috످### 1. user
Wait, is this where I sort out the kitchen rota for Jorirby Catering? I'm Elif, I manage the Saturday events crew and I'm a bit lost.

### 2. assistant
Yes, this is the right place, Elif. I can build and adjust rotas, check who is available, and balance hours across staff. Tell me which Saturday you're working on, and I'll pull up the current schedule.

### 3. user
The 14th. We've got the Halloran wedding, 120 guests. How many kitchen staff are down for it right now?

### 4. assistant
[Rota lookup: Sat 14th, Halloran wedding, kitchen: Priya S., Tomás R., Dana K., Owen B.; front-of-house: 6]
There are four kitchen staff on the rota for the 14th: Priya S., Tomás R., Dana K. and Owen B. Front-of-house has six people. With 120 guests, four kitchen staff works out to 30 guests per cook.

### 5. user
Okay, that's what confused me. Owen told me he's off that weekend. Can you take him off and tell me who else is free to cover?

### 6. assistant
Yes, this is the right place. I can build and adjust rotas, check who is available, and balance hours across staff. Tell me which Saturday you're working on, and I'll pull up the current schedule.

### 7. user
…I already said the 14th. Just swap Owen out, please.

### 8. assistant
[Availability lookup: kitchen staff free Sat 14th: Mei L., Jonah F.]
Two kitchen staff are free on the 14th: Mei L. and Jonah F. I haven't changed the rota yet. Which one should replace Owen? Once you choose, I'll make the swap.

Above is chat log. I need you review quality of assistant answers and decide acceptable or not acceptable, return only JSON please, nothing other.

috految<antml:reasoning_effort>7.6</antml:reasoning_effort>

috److{
  "verdict": "not acceptable",
  "reason": "In turn 6, the assistant ignored Elif's request to remove Owen and find cover, repeated its greeting and asked for a date it already had.",
  "category": "ignored request",
  "problems": [
    "Turn 6 repeats turn 2 almost word for word, forcing Elif to ask again: \"I already said the 14th.\"",
    "Turn 8 does not acknowledge the mistake, though this is minor."
  ],
  "strengths": [
    "The staff names and counts in turn 4 match the rota lookup.",
    "Turn 8 lists the two available staff, says the rota is unchanged and asks who should replace Owen."
  ]
}

috످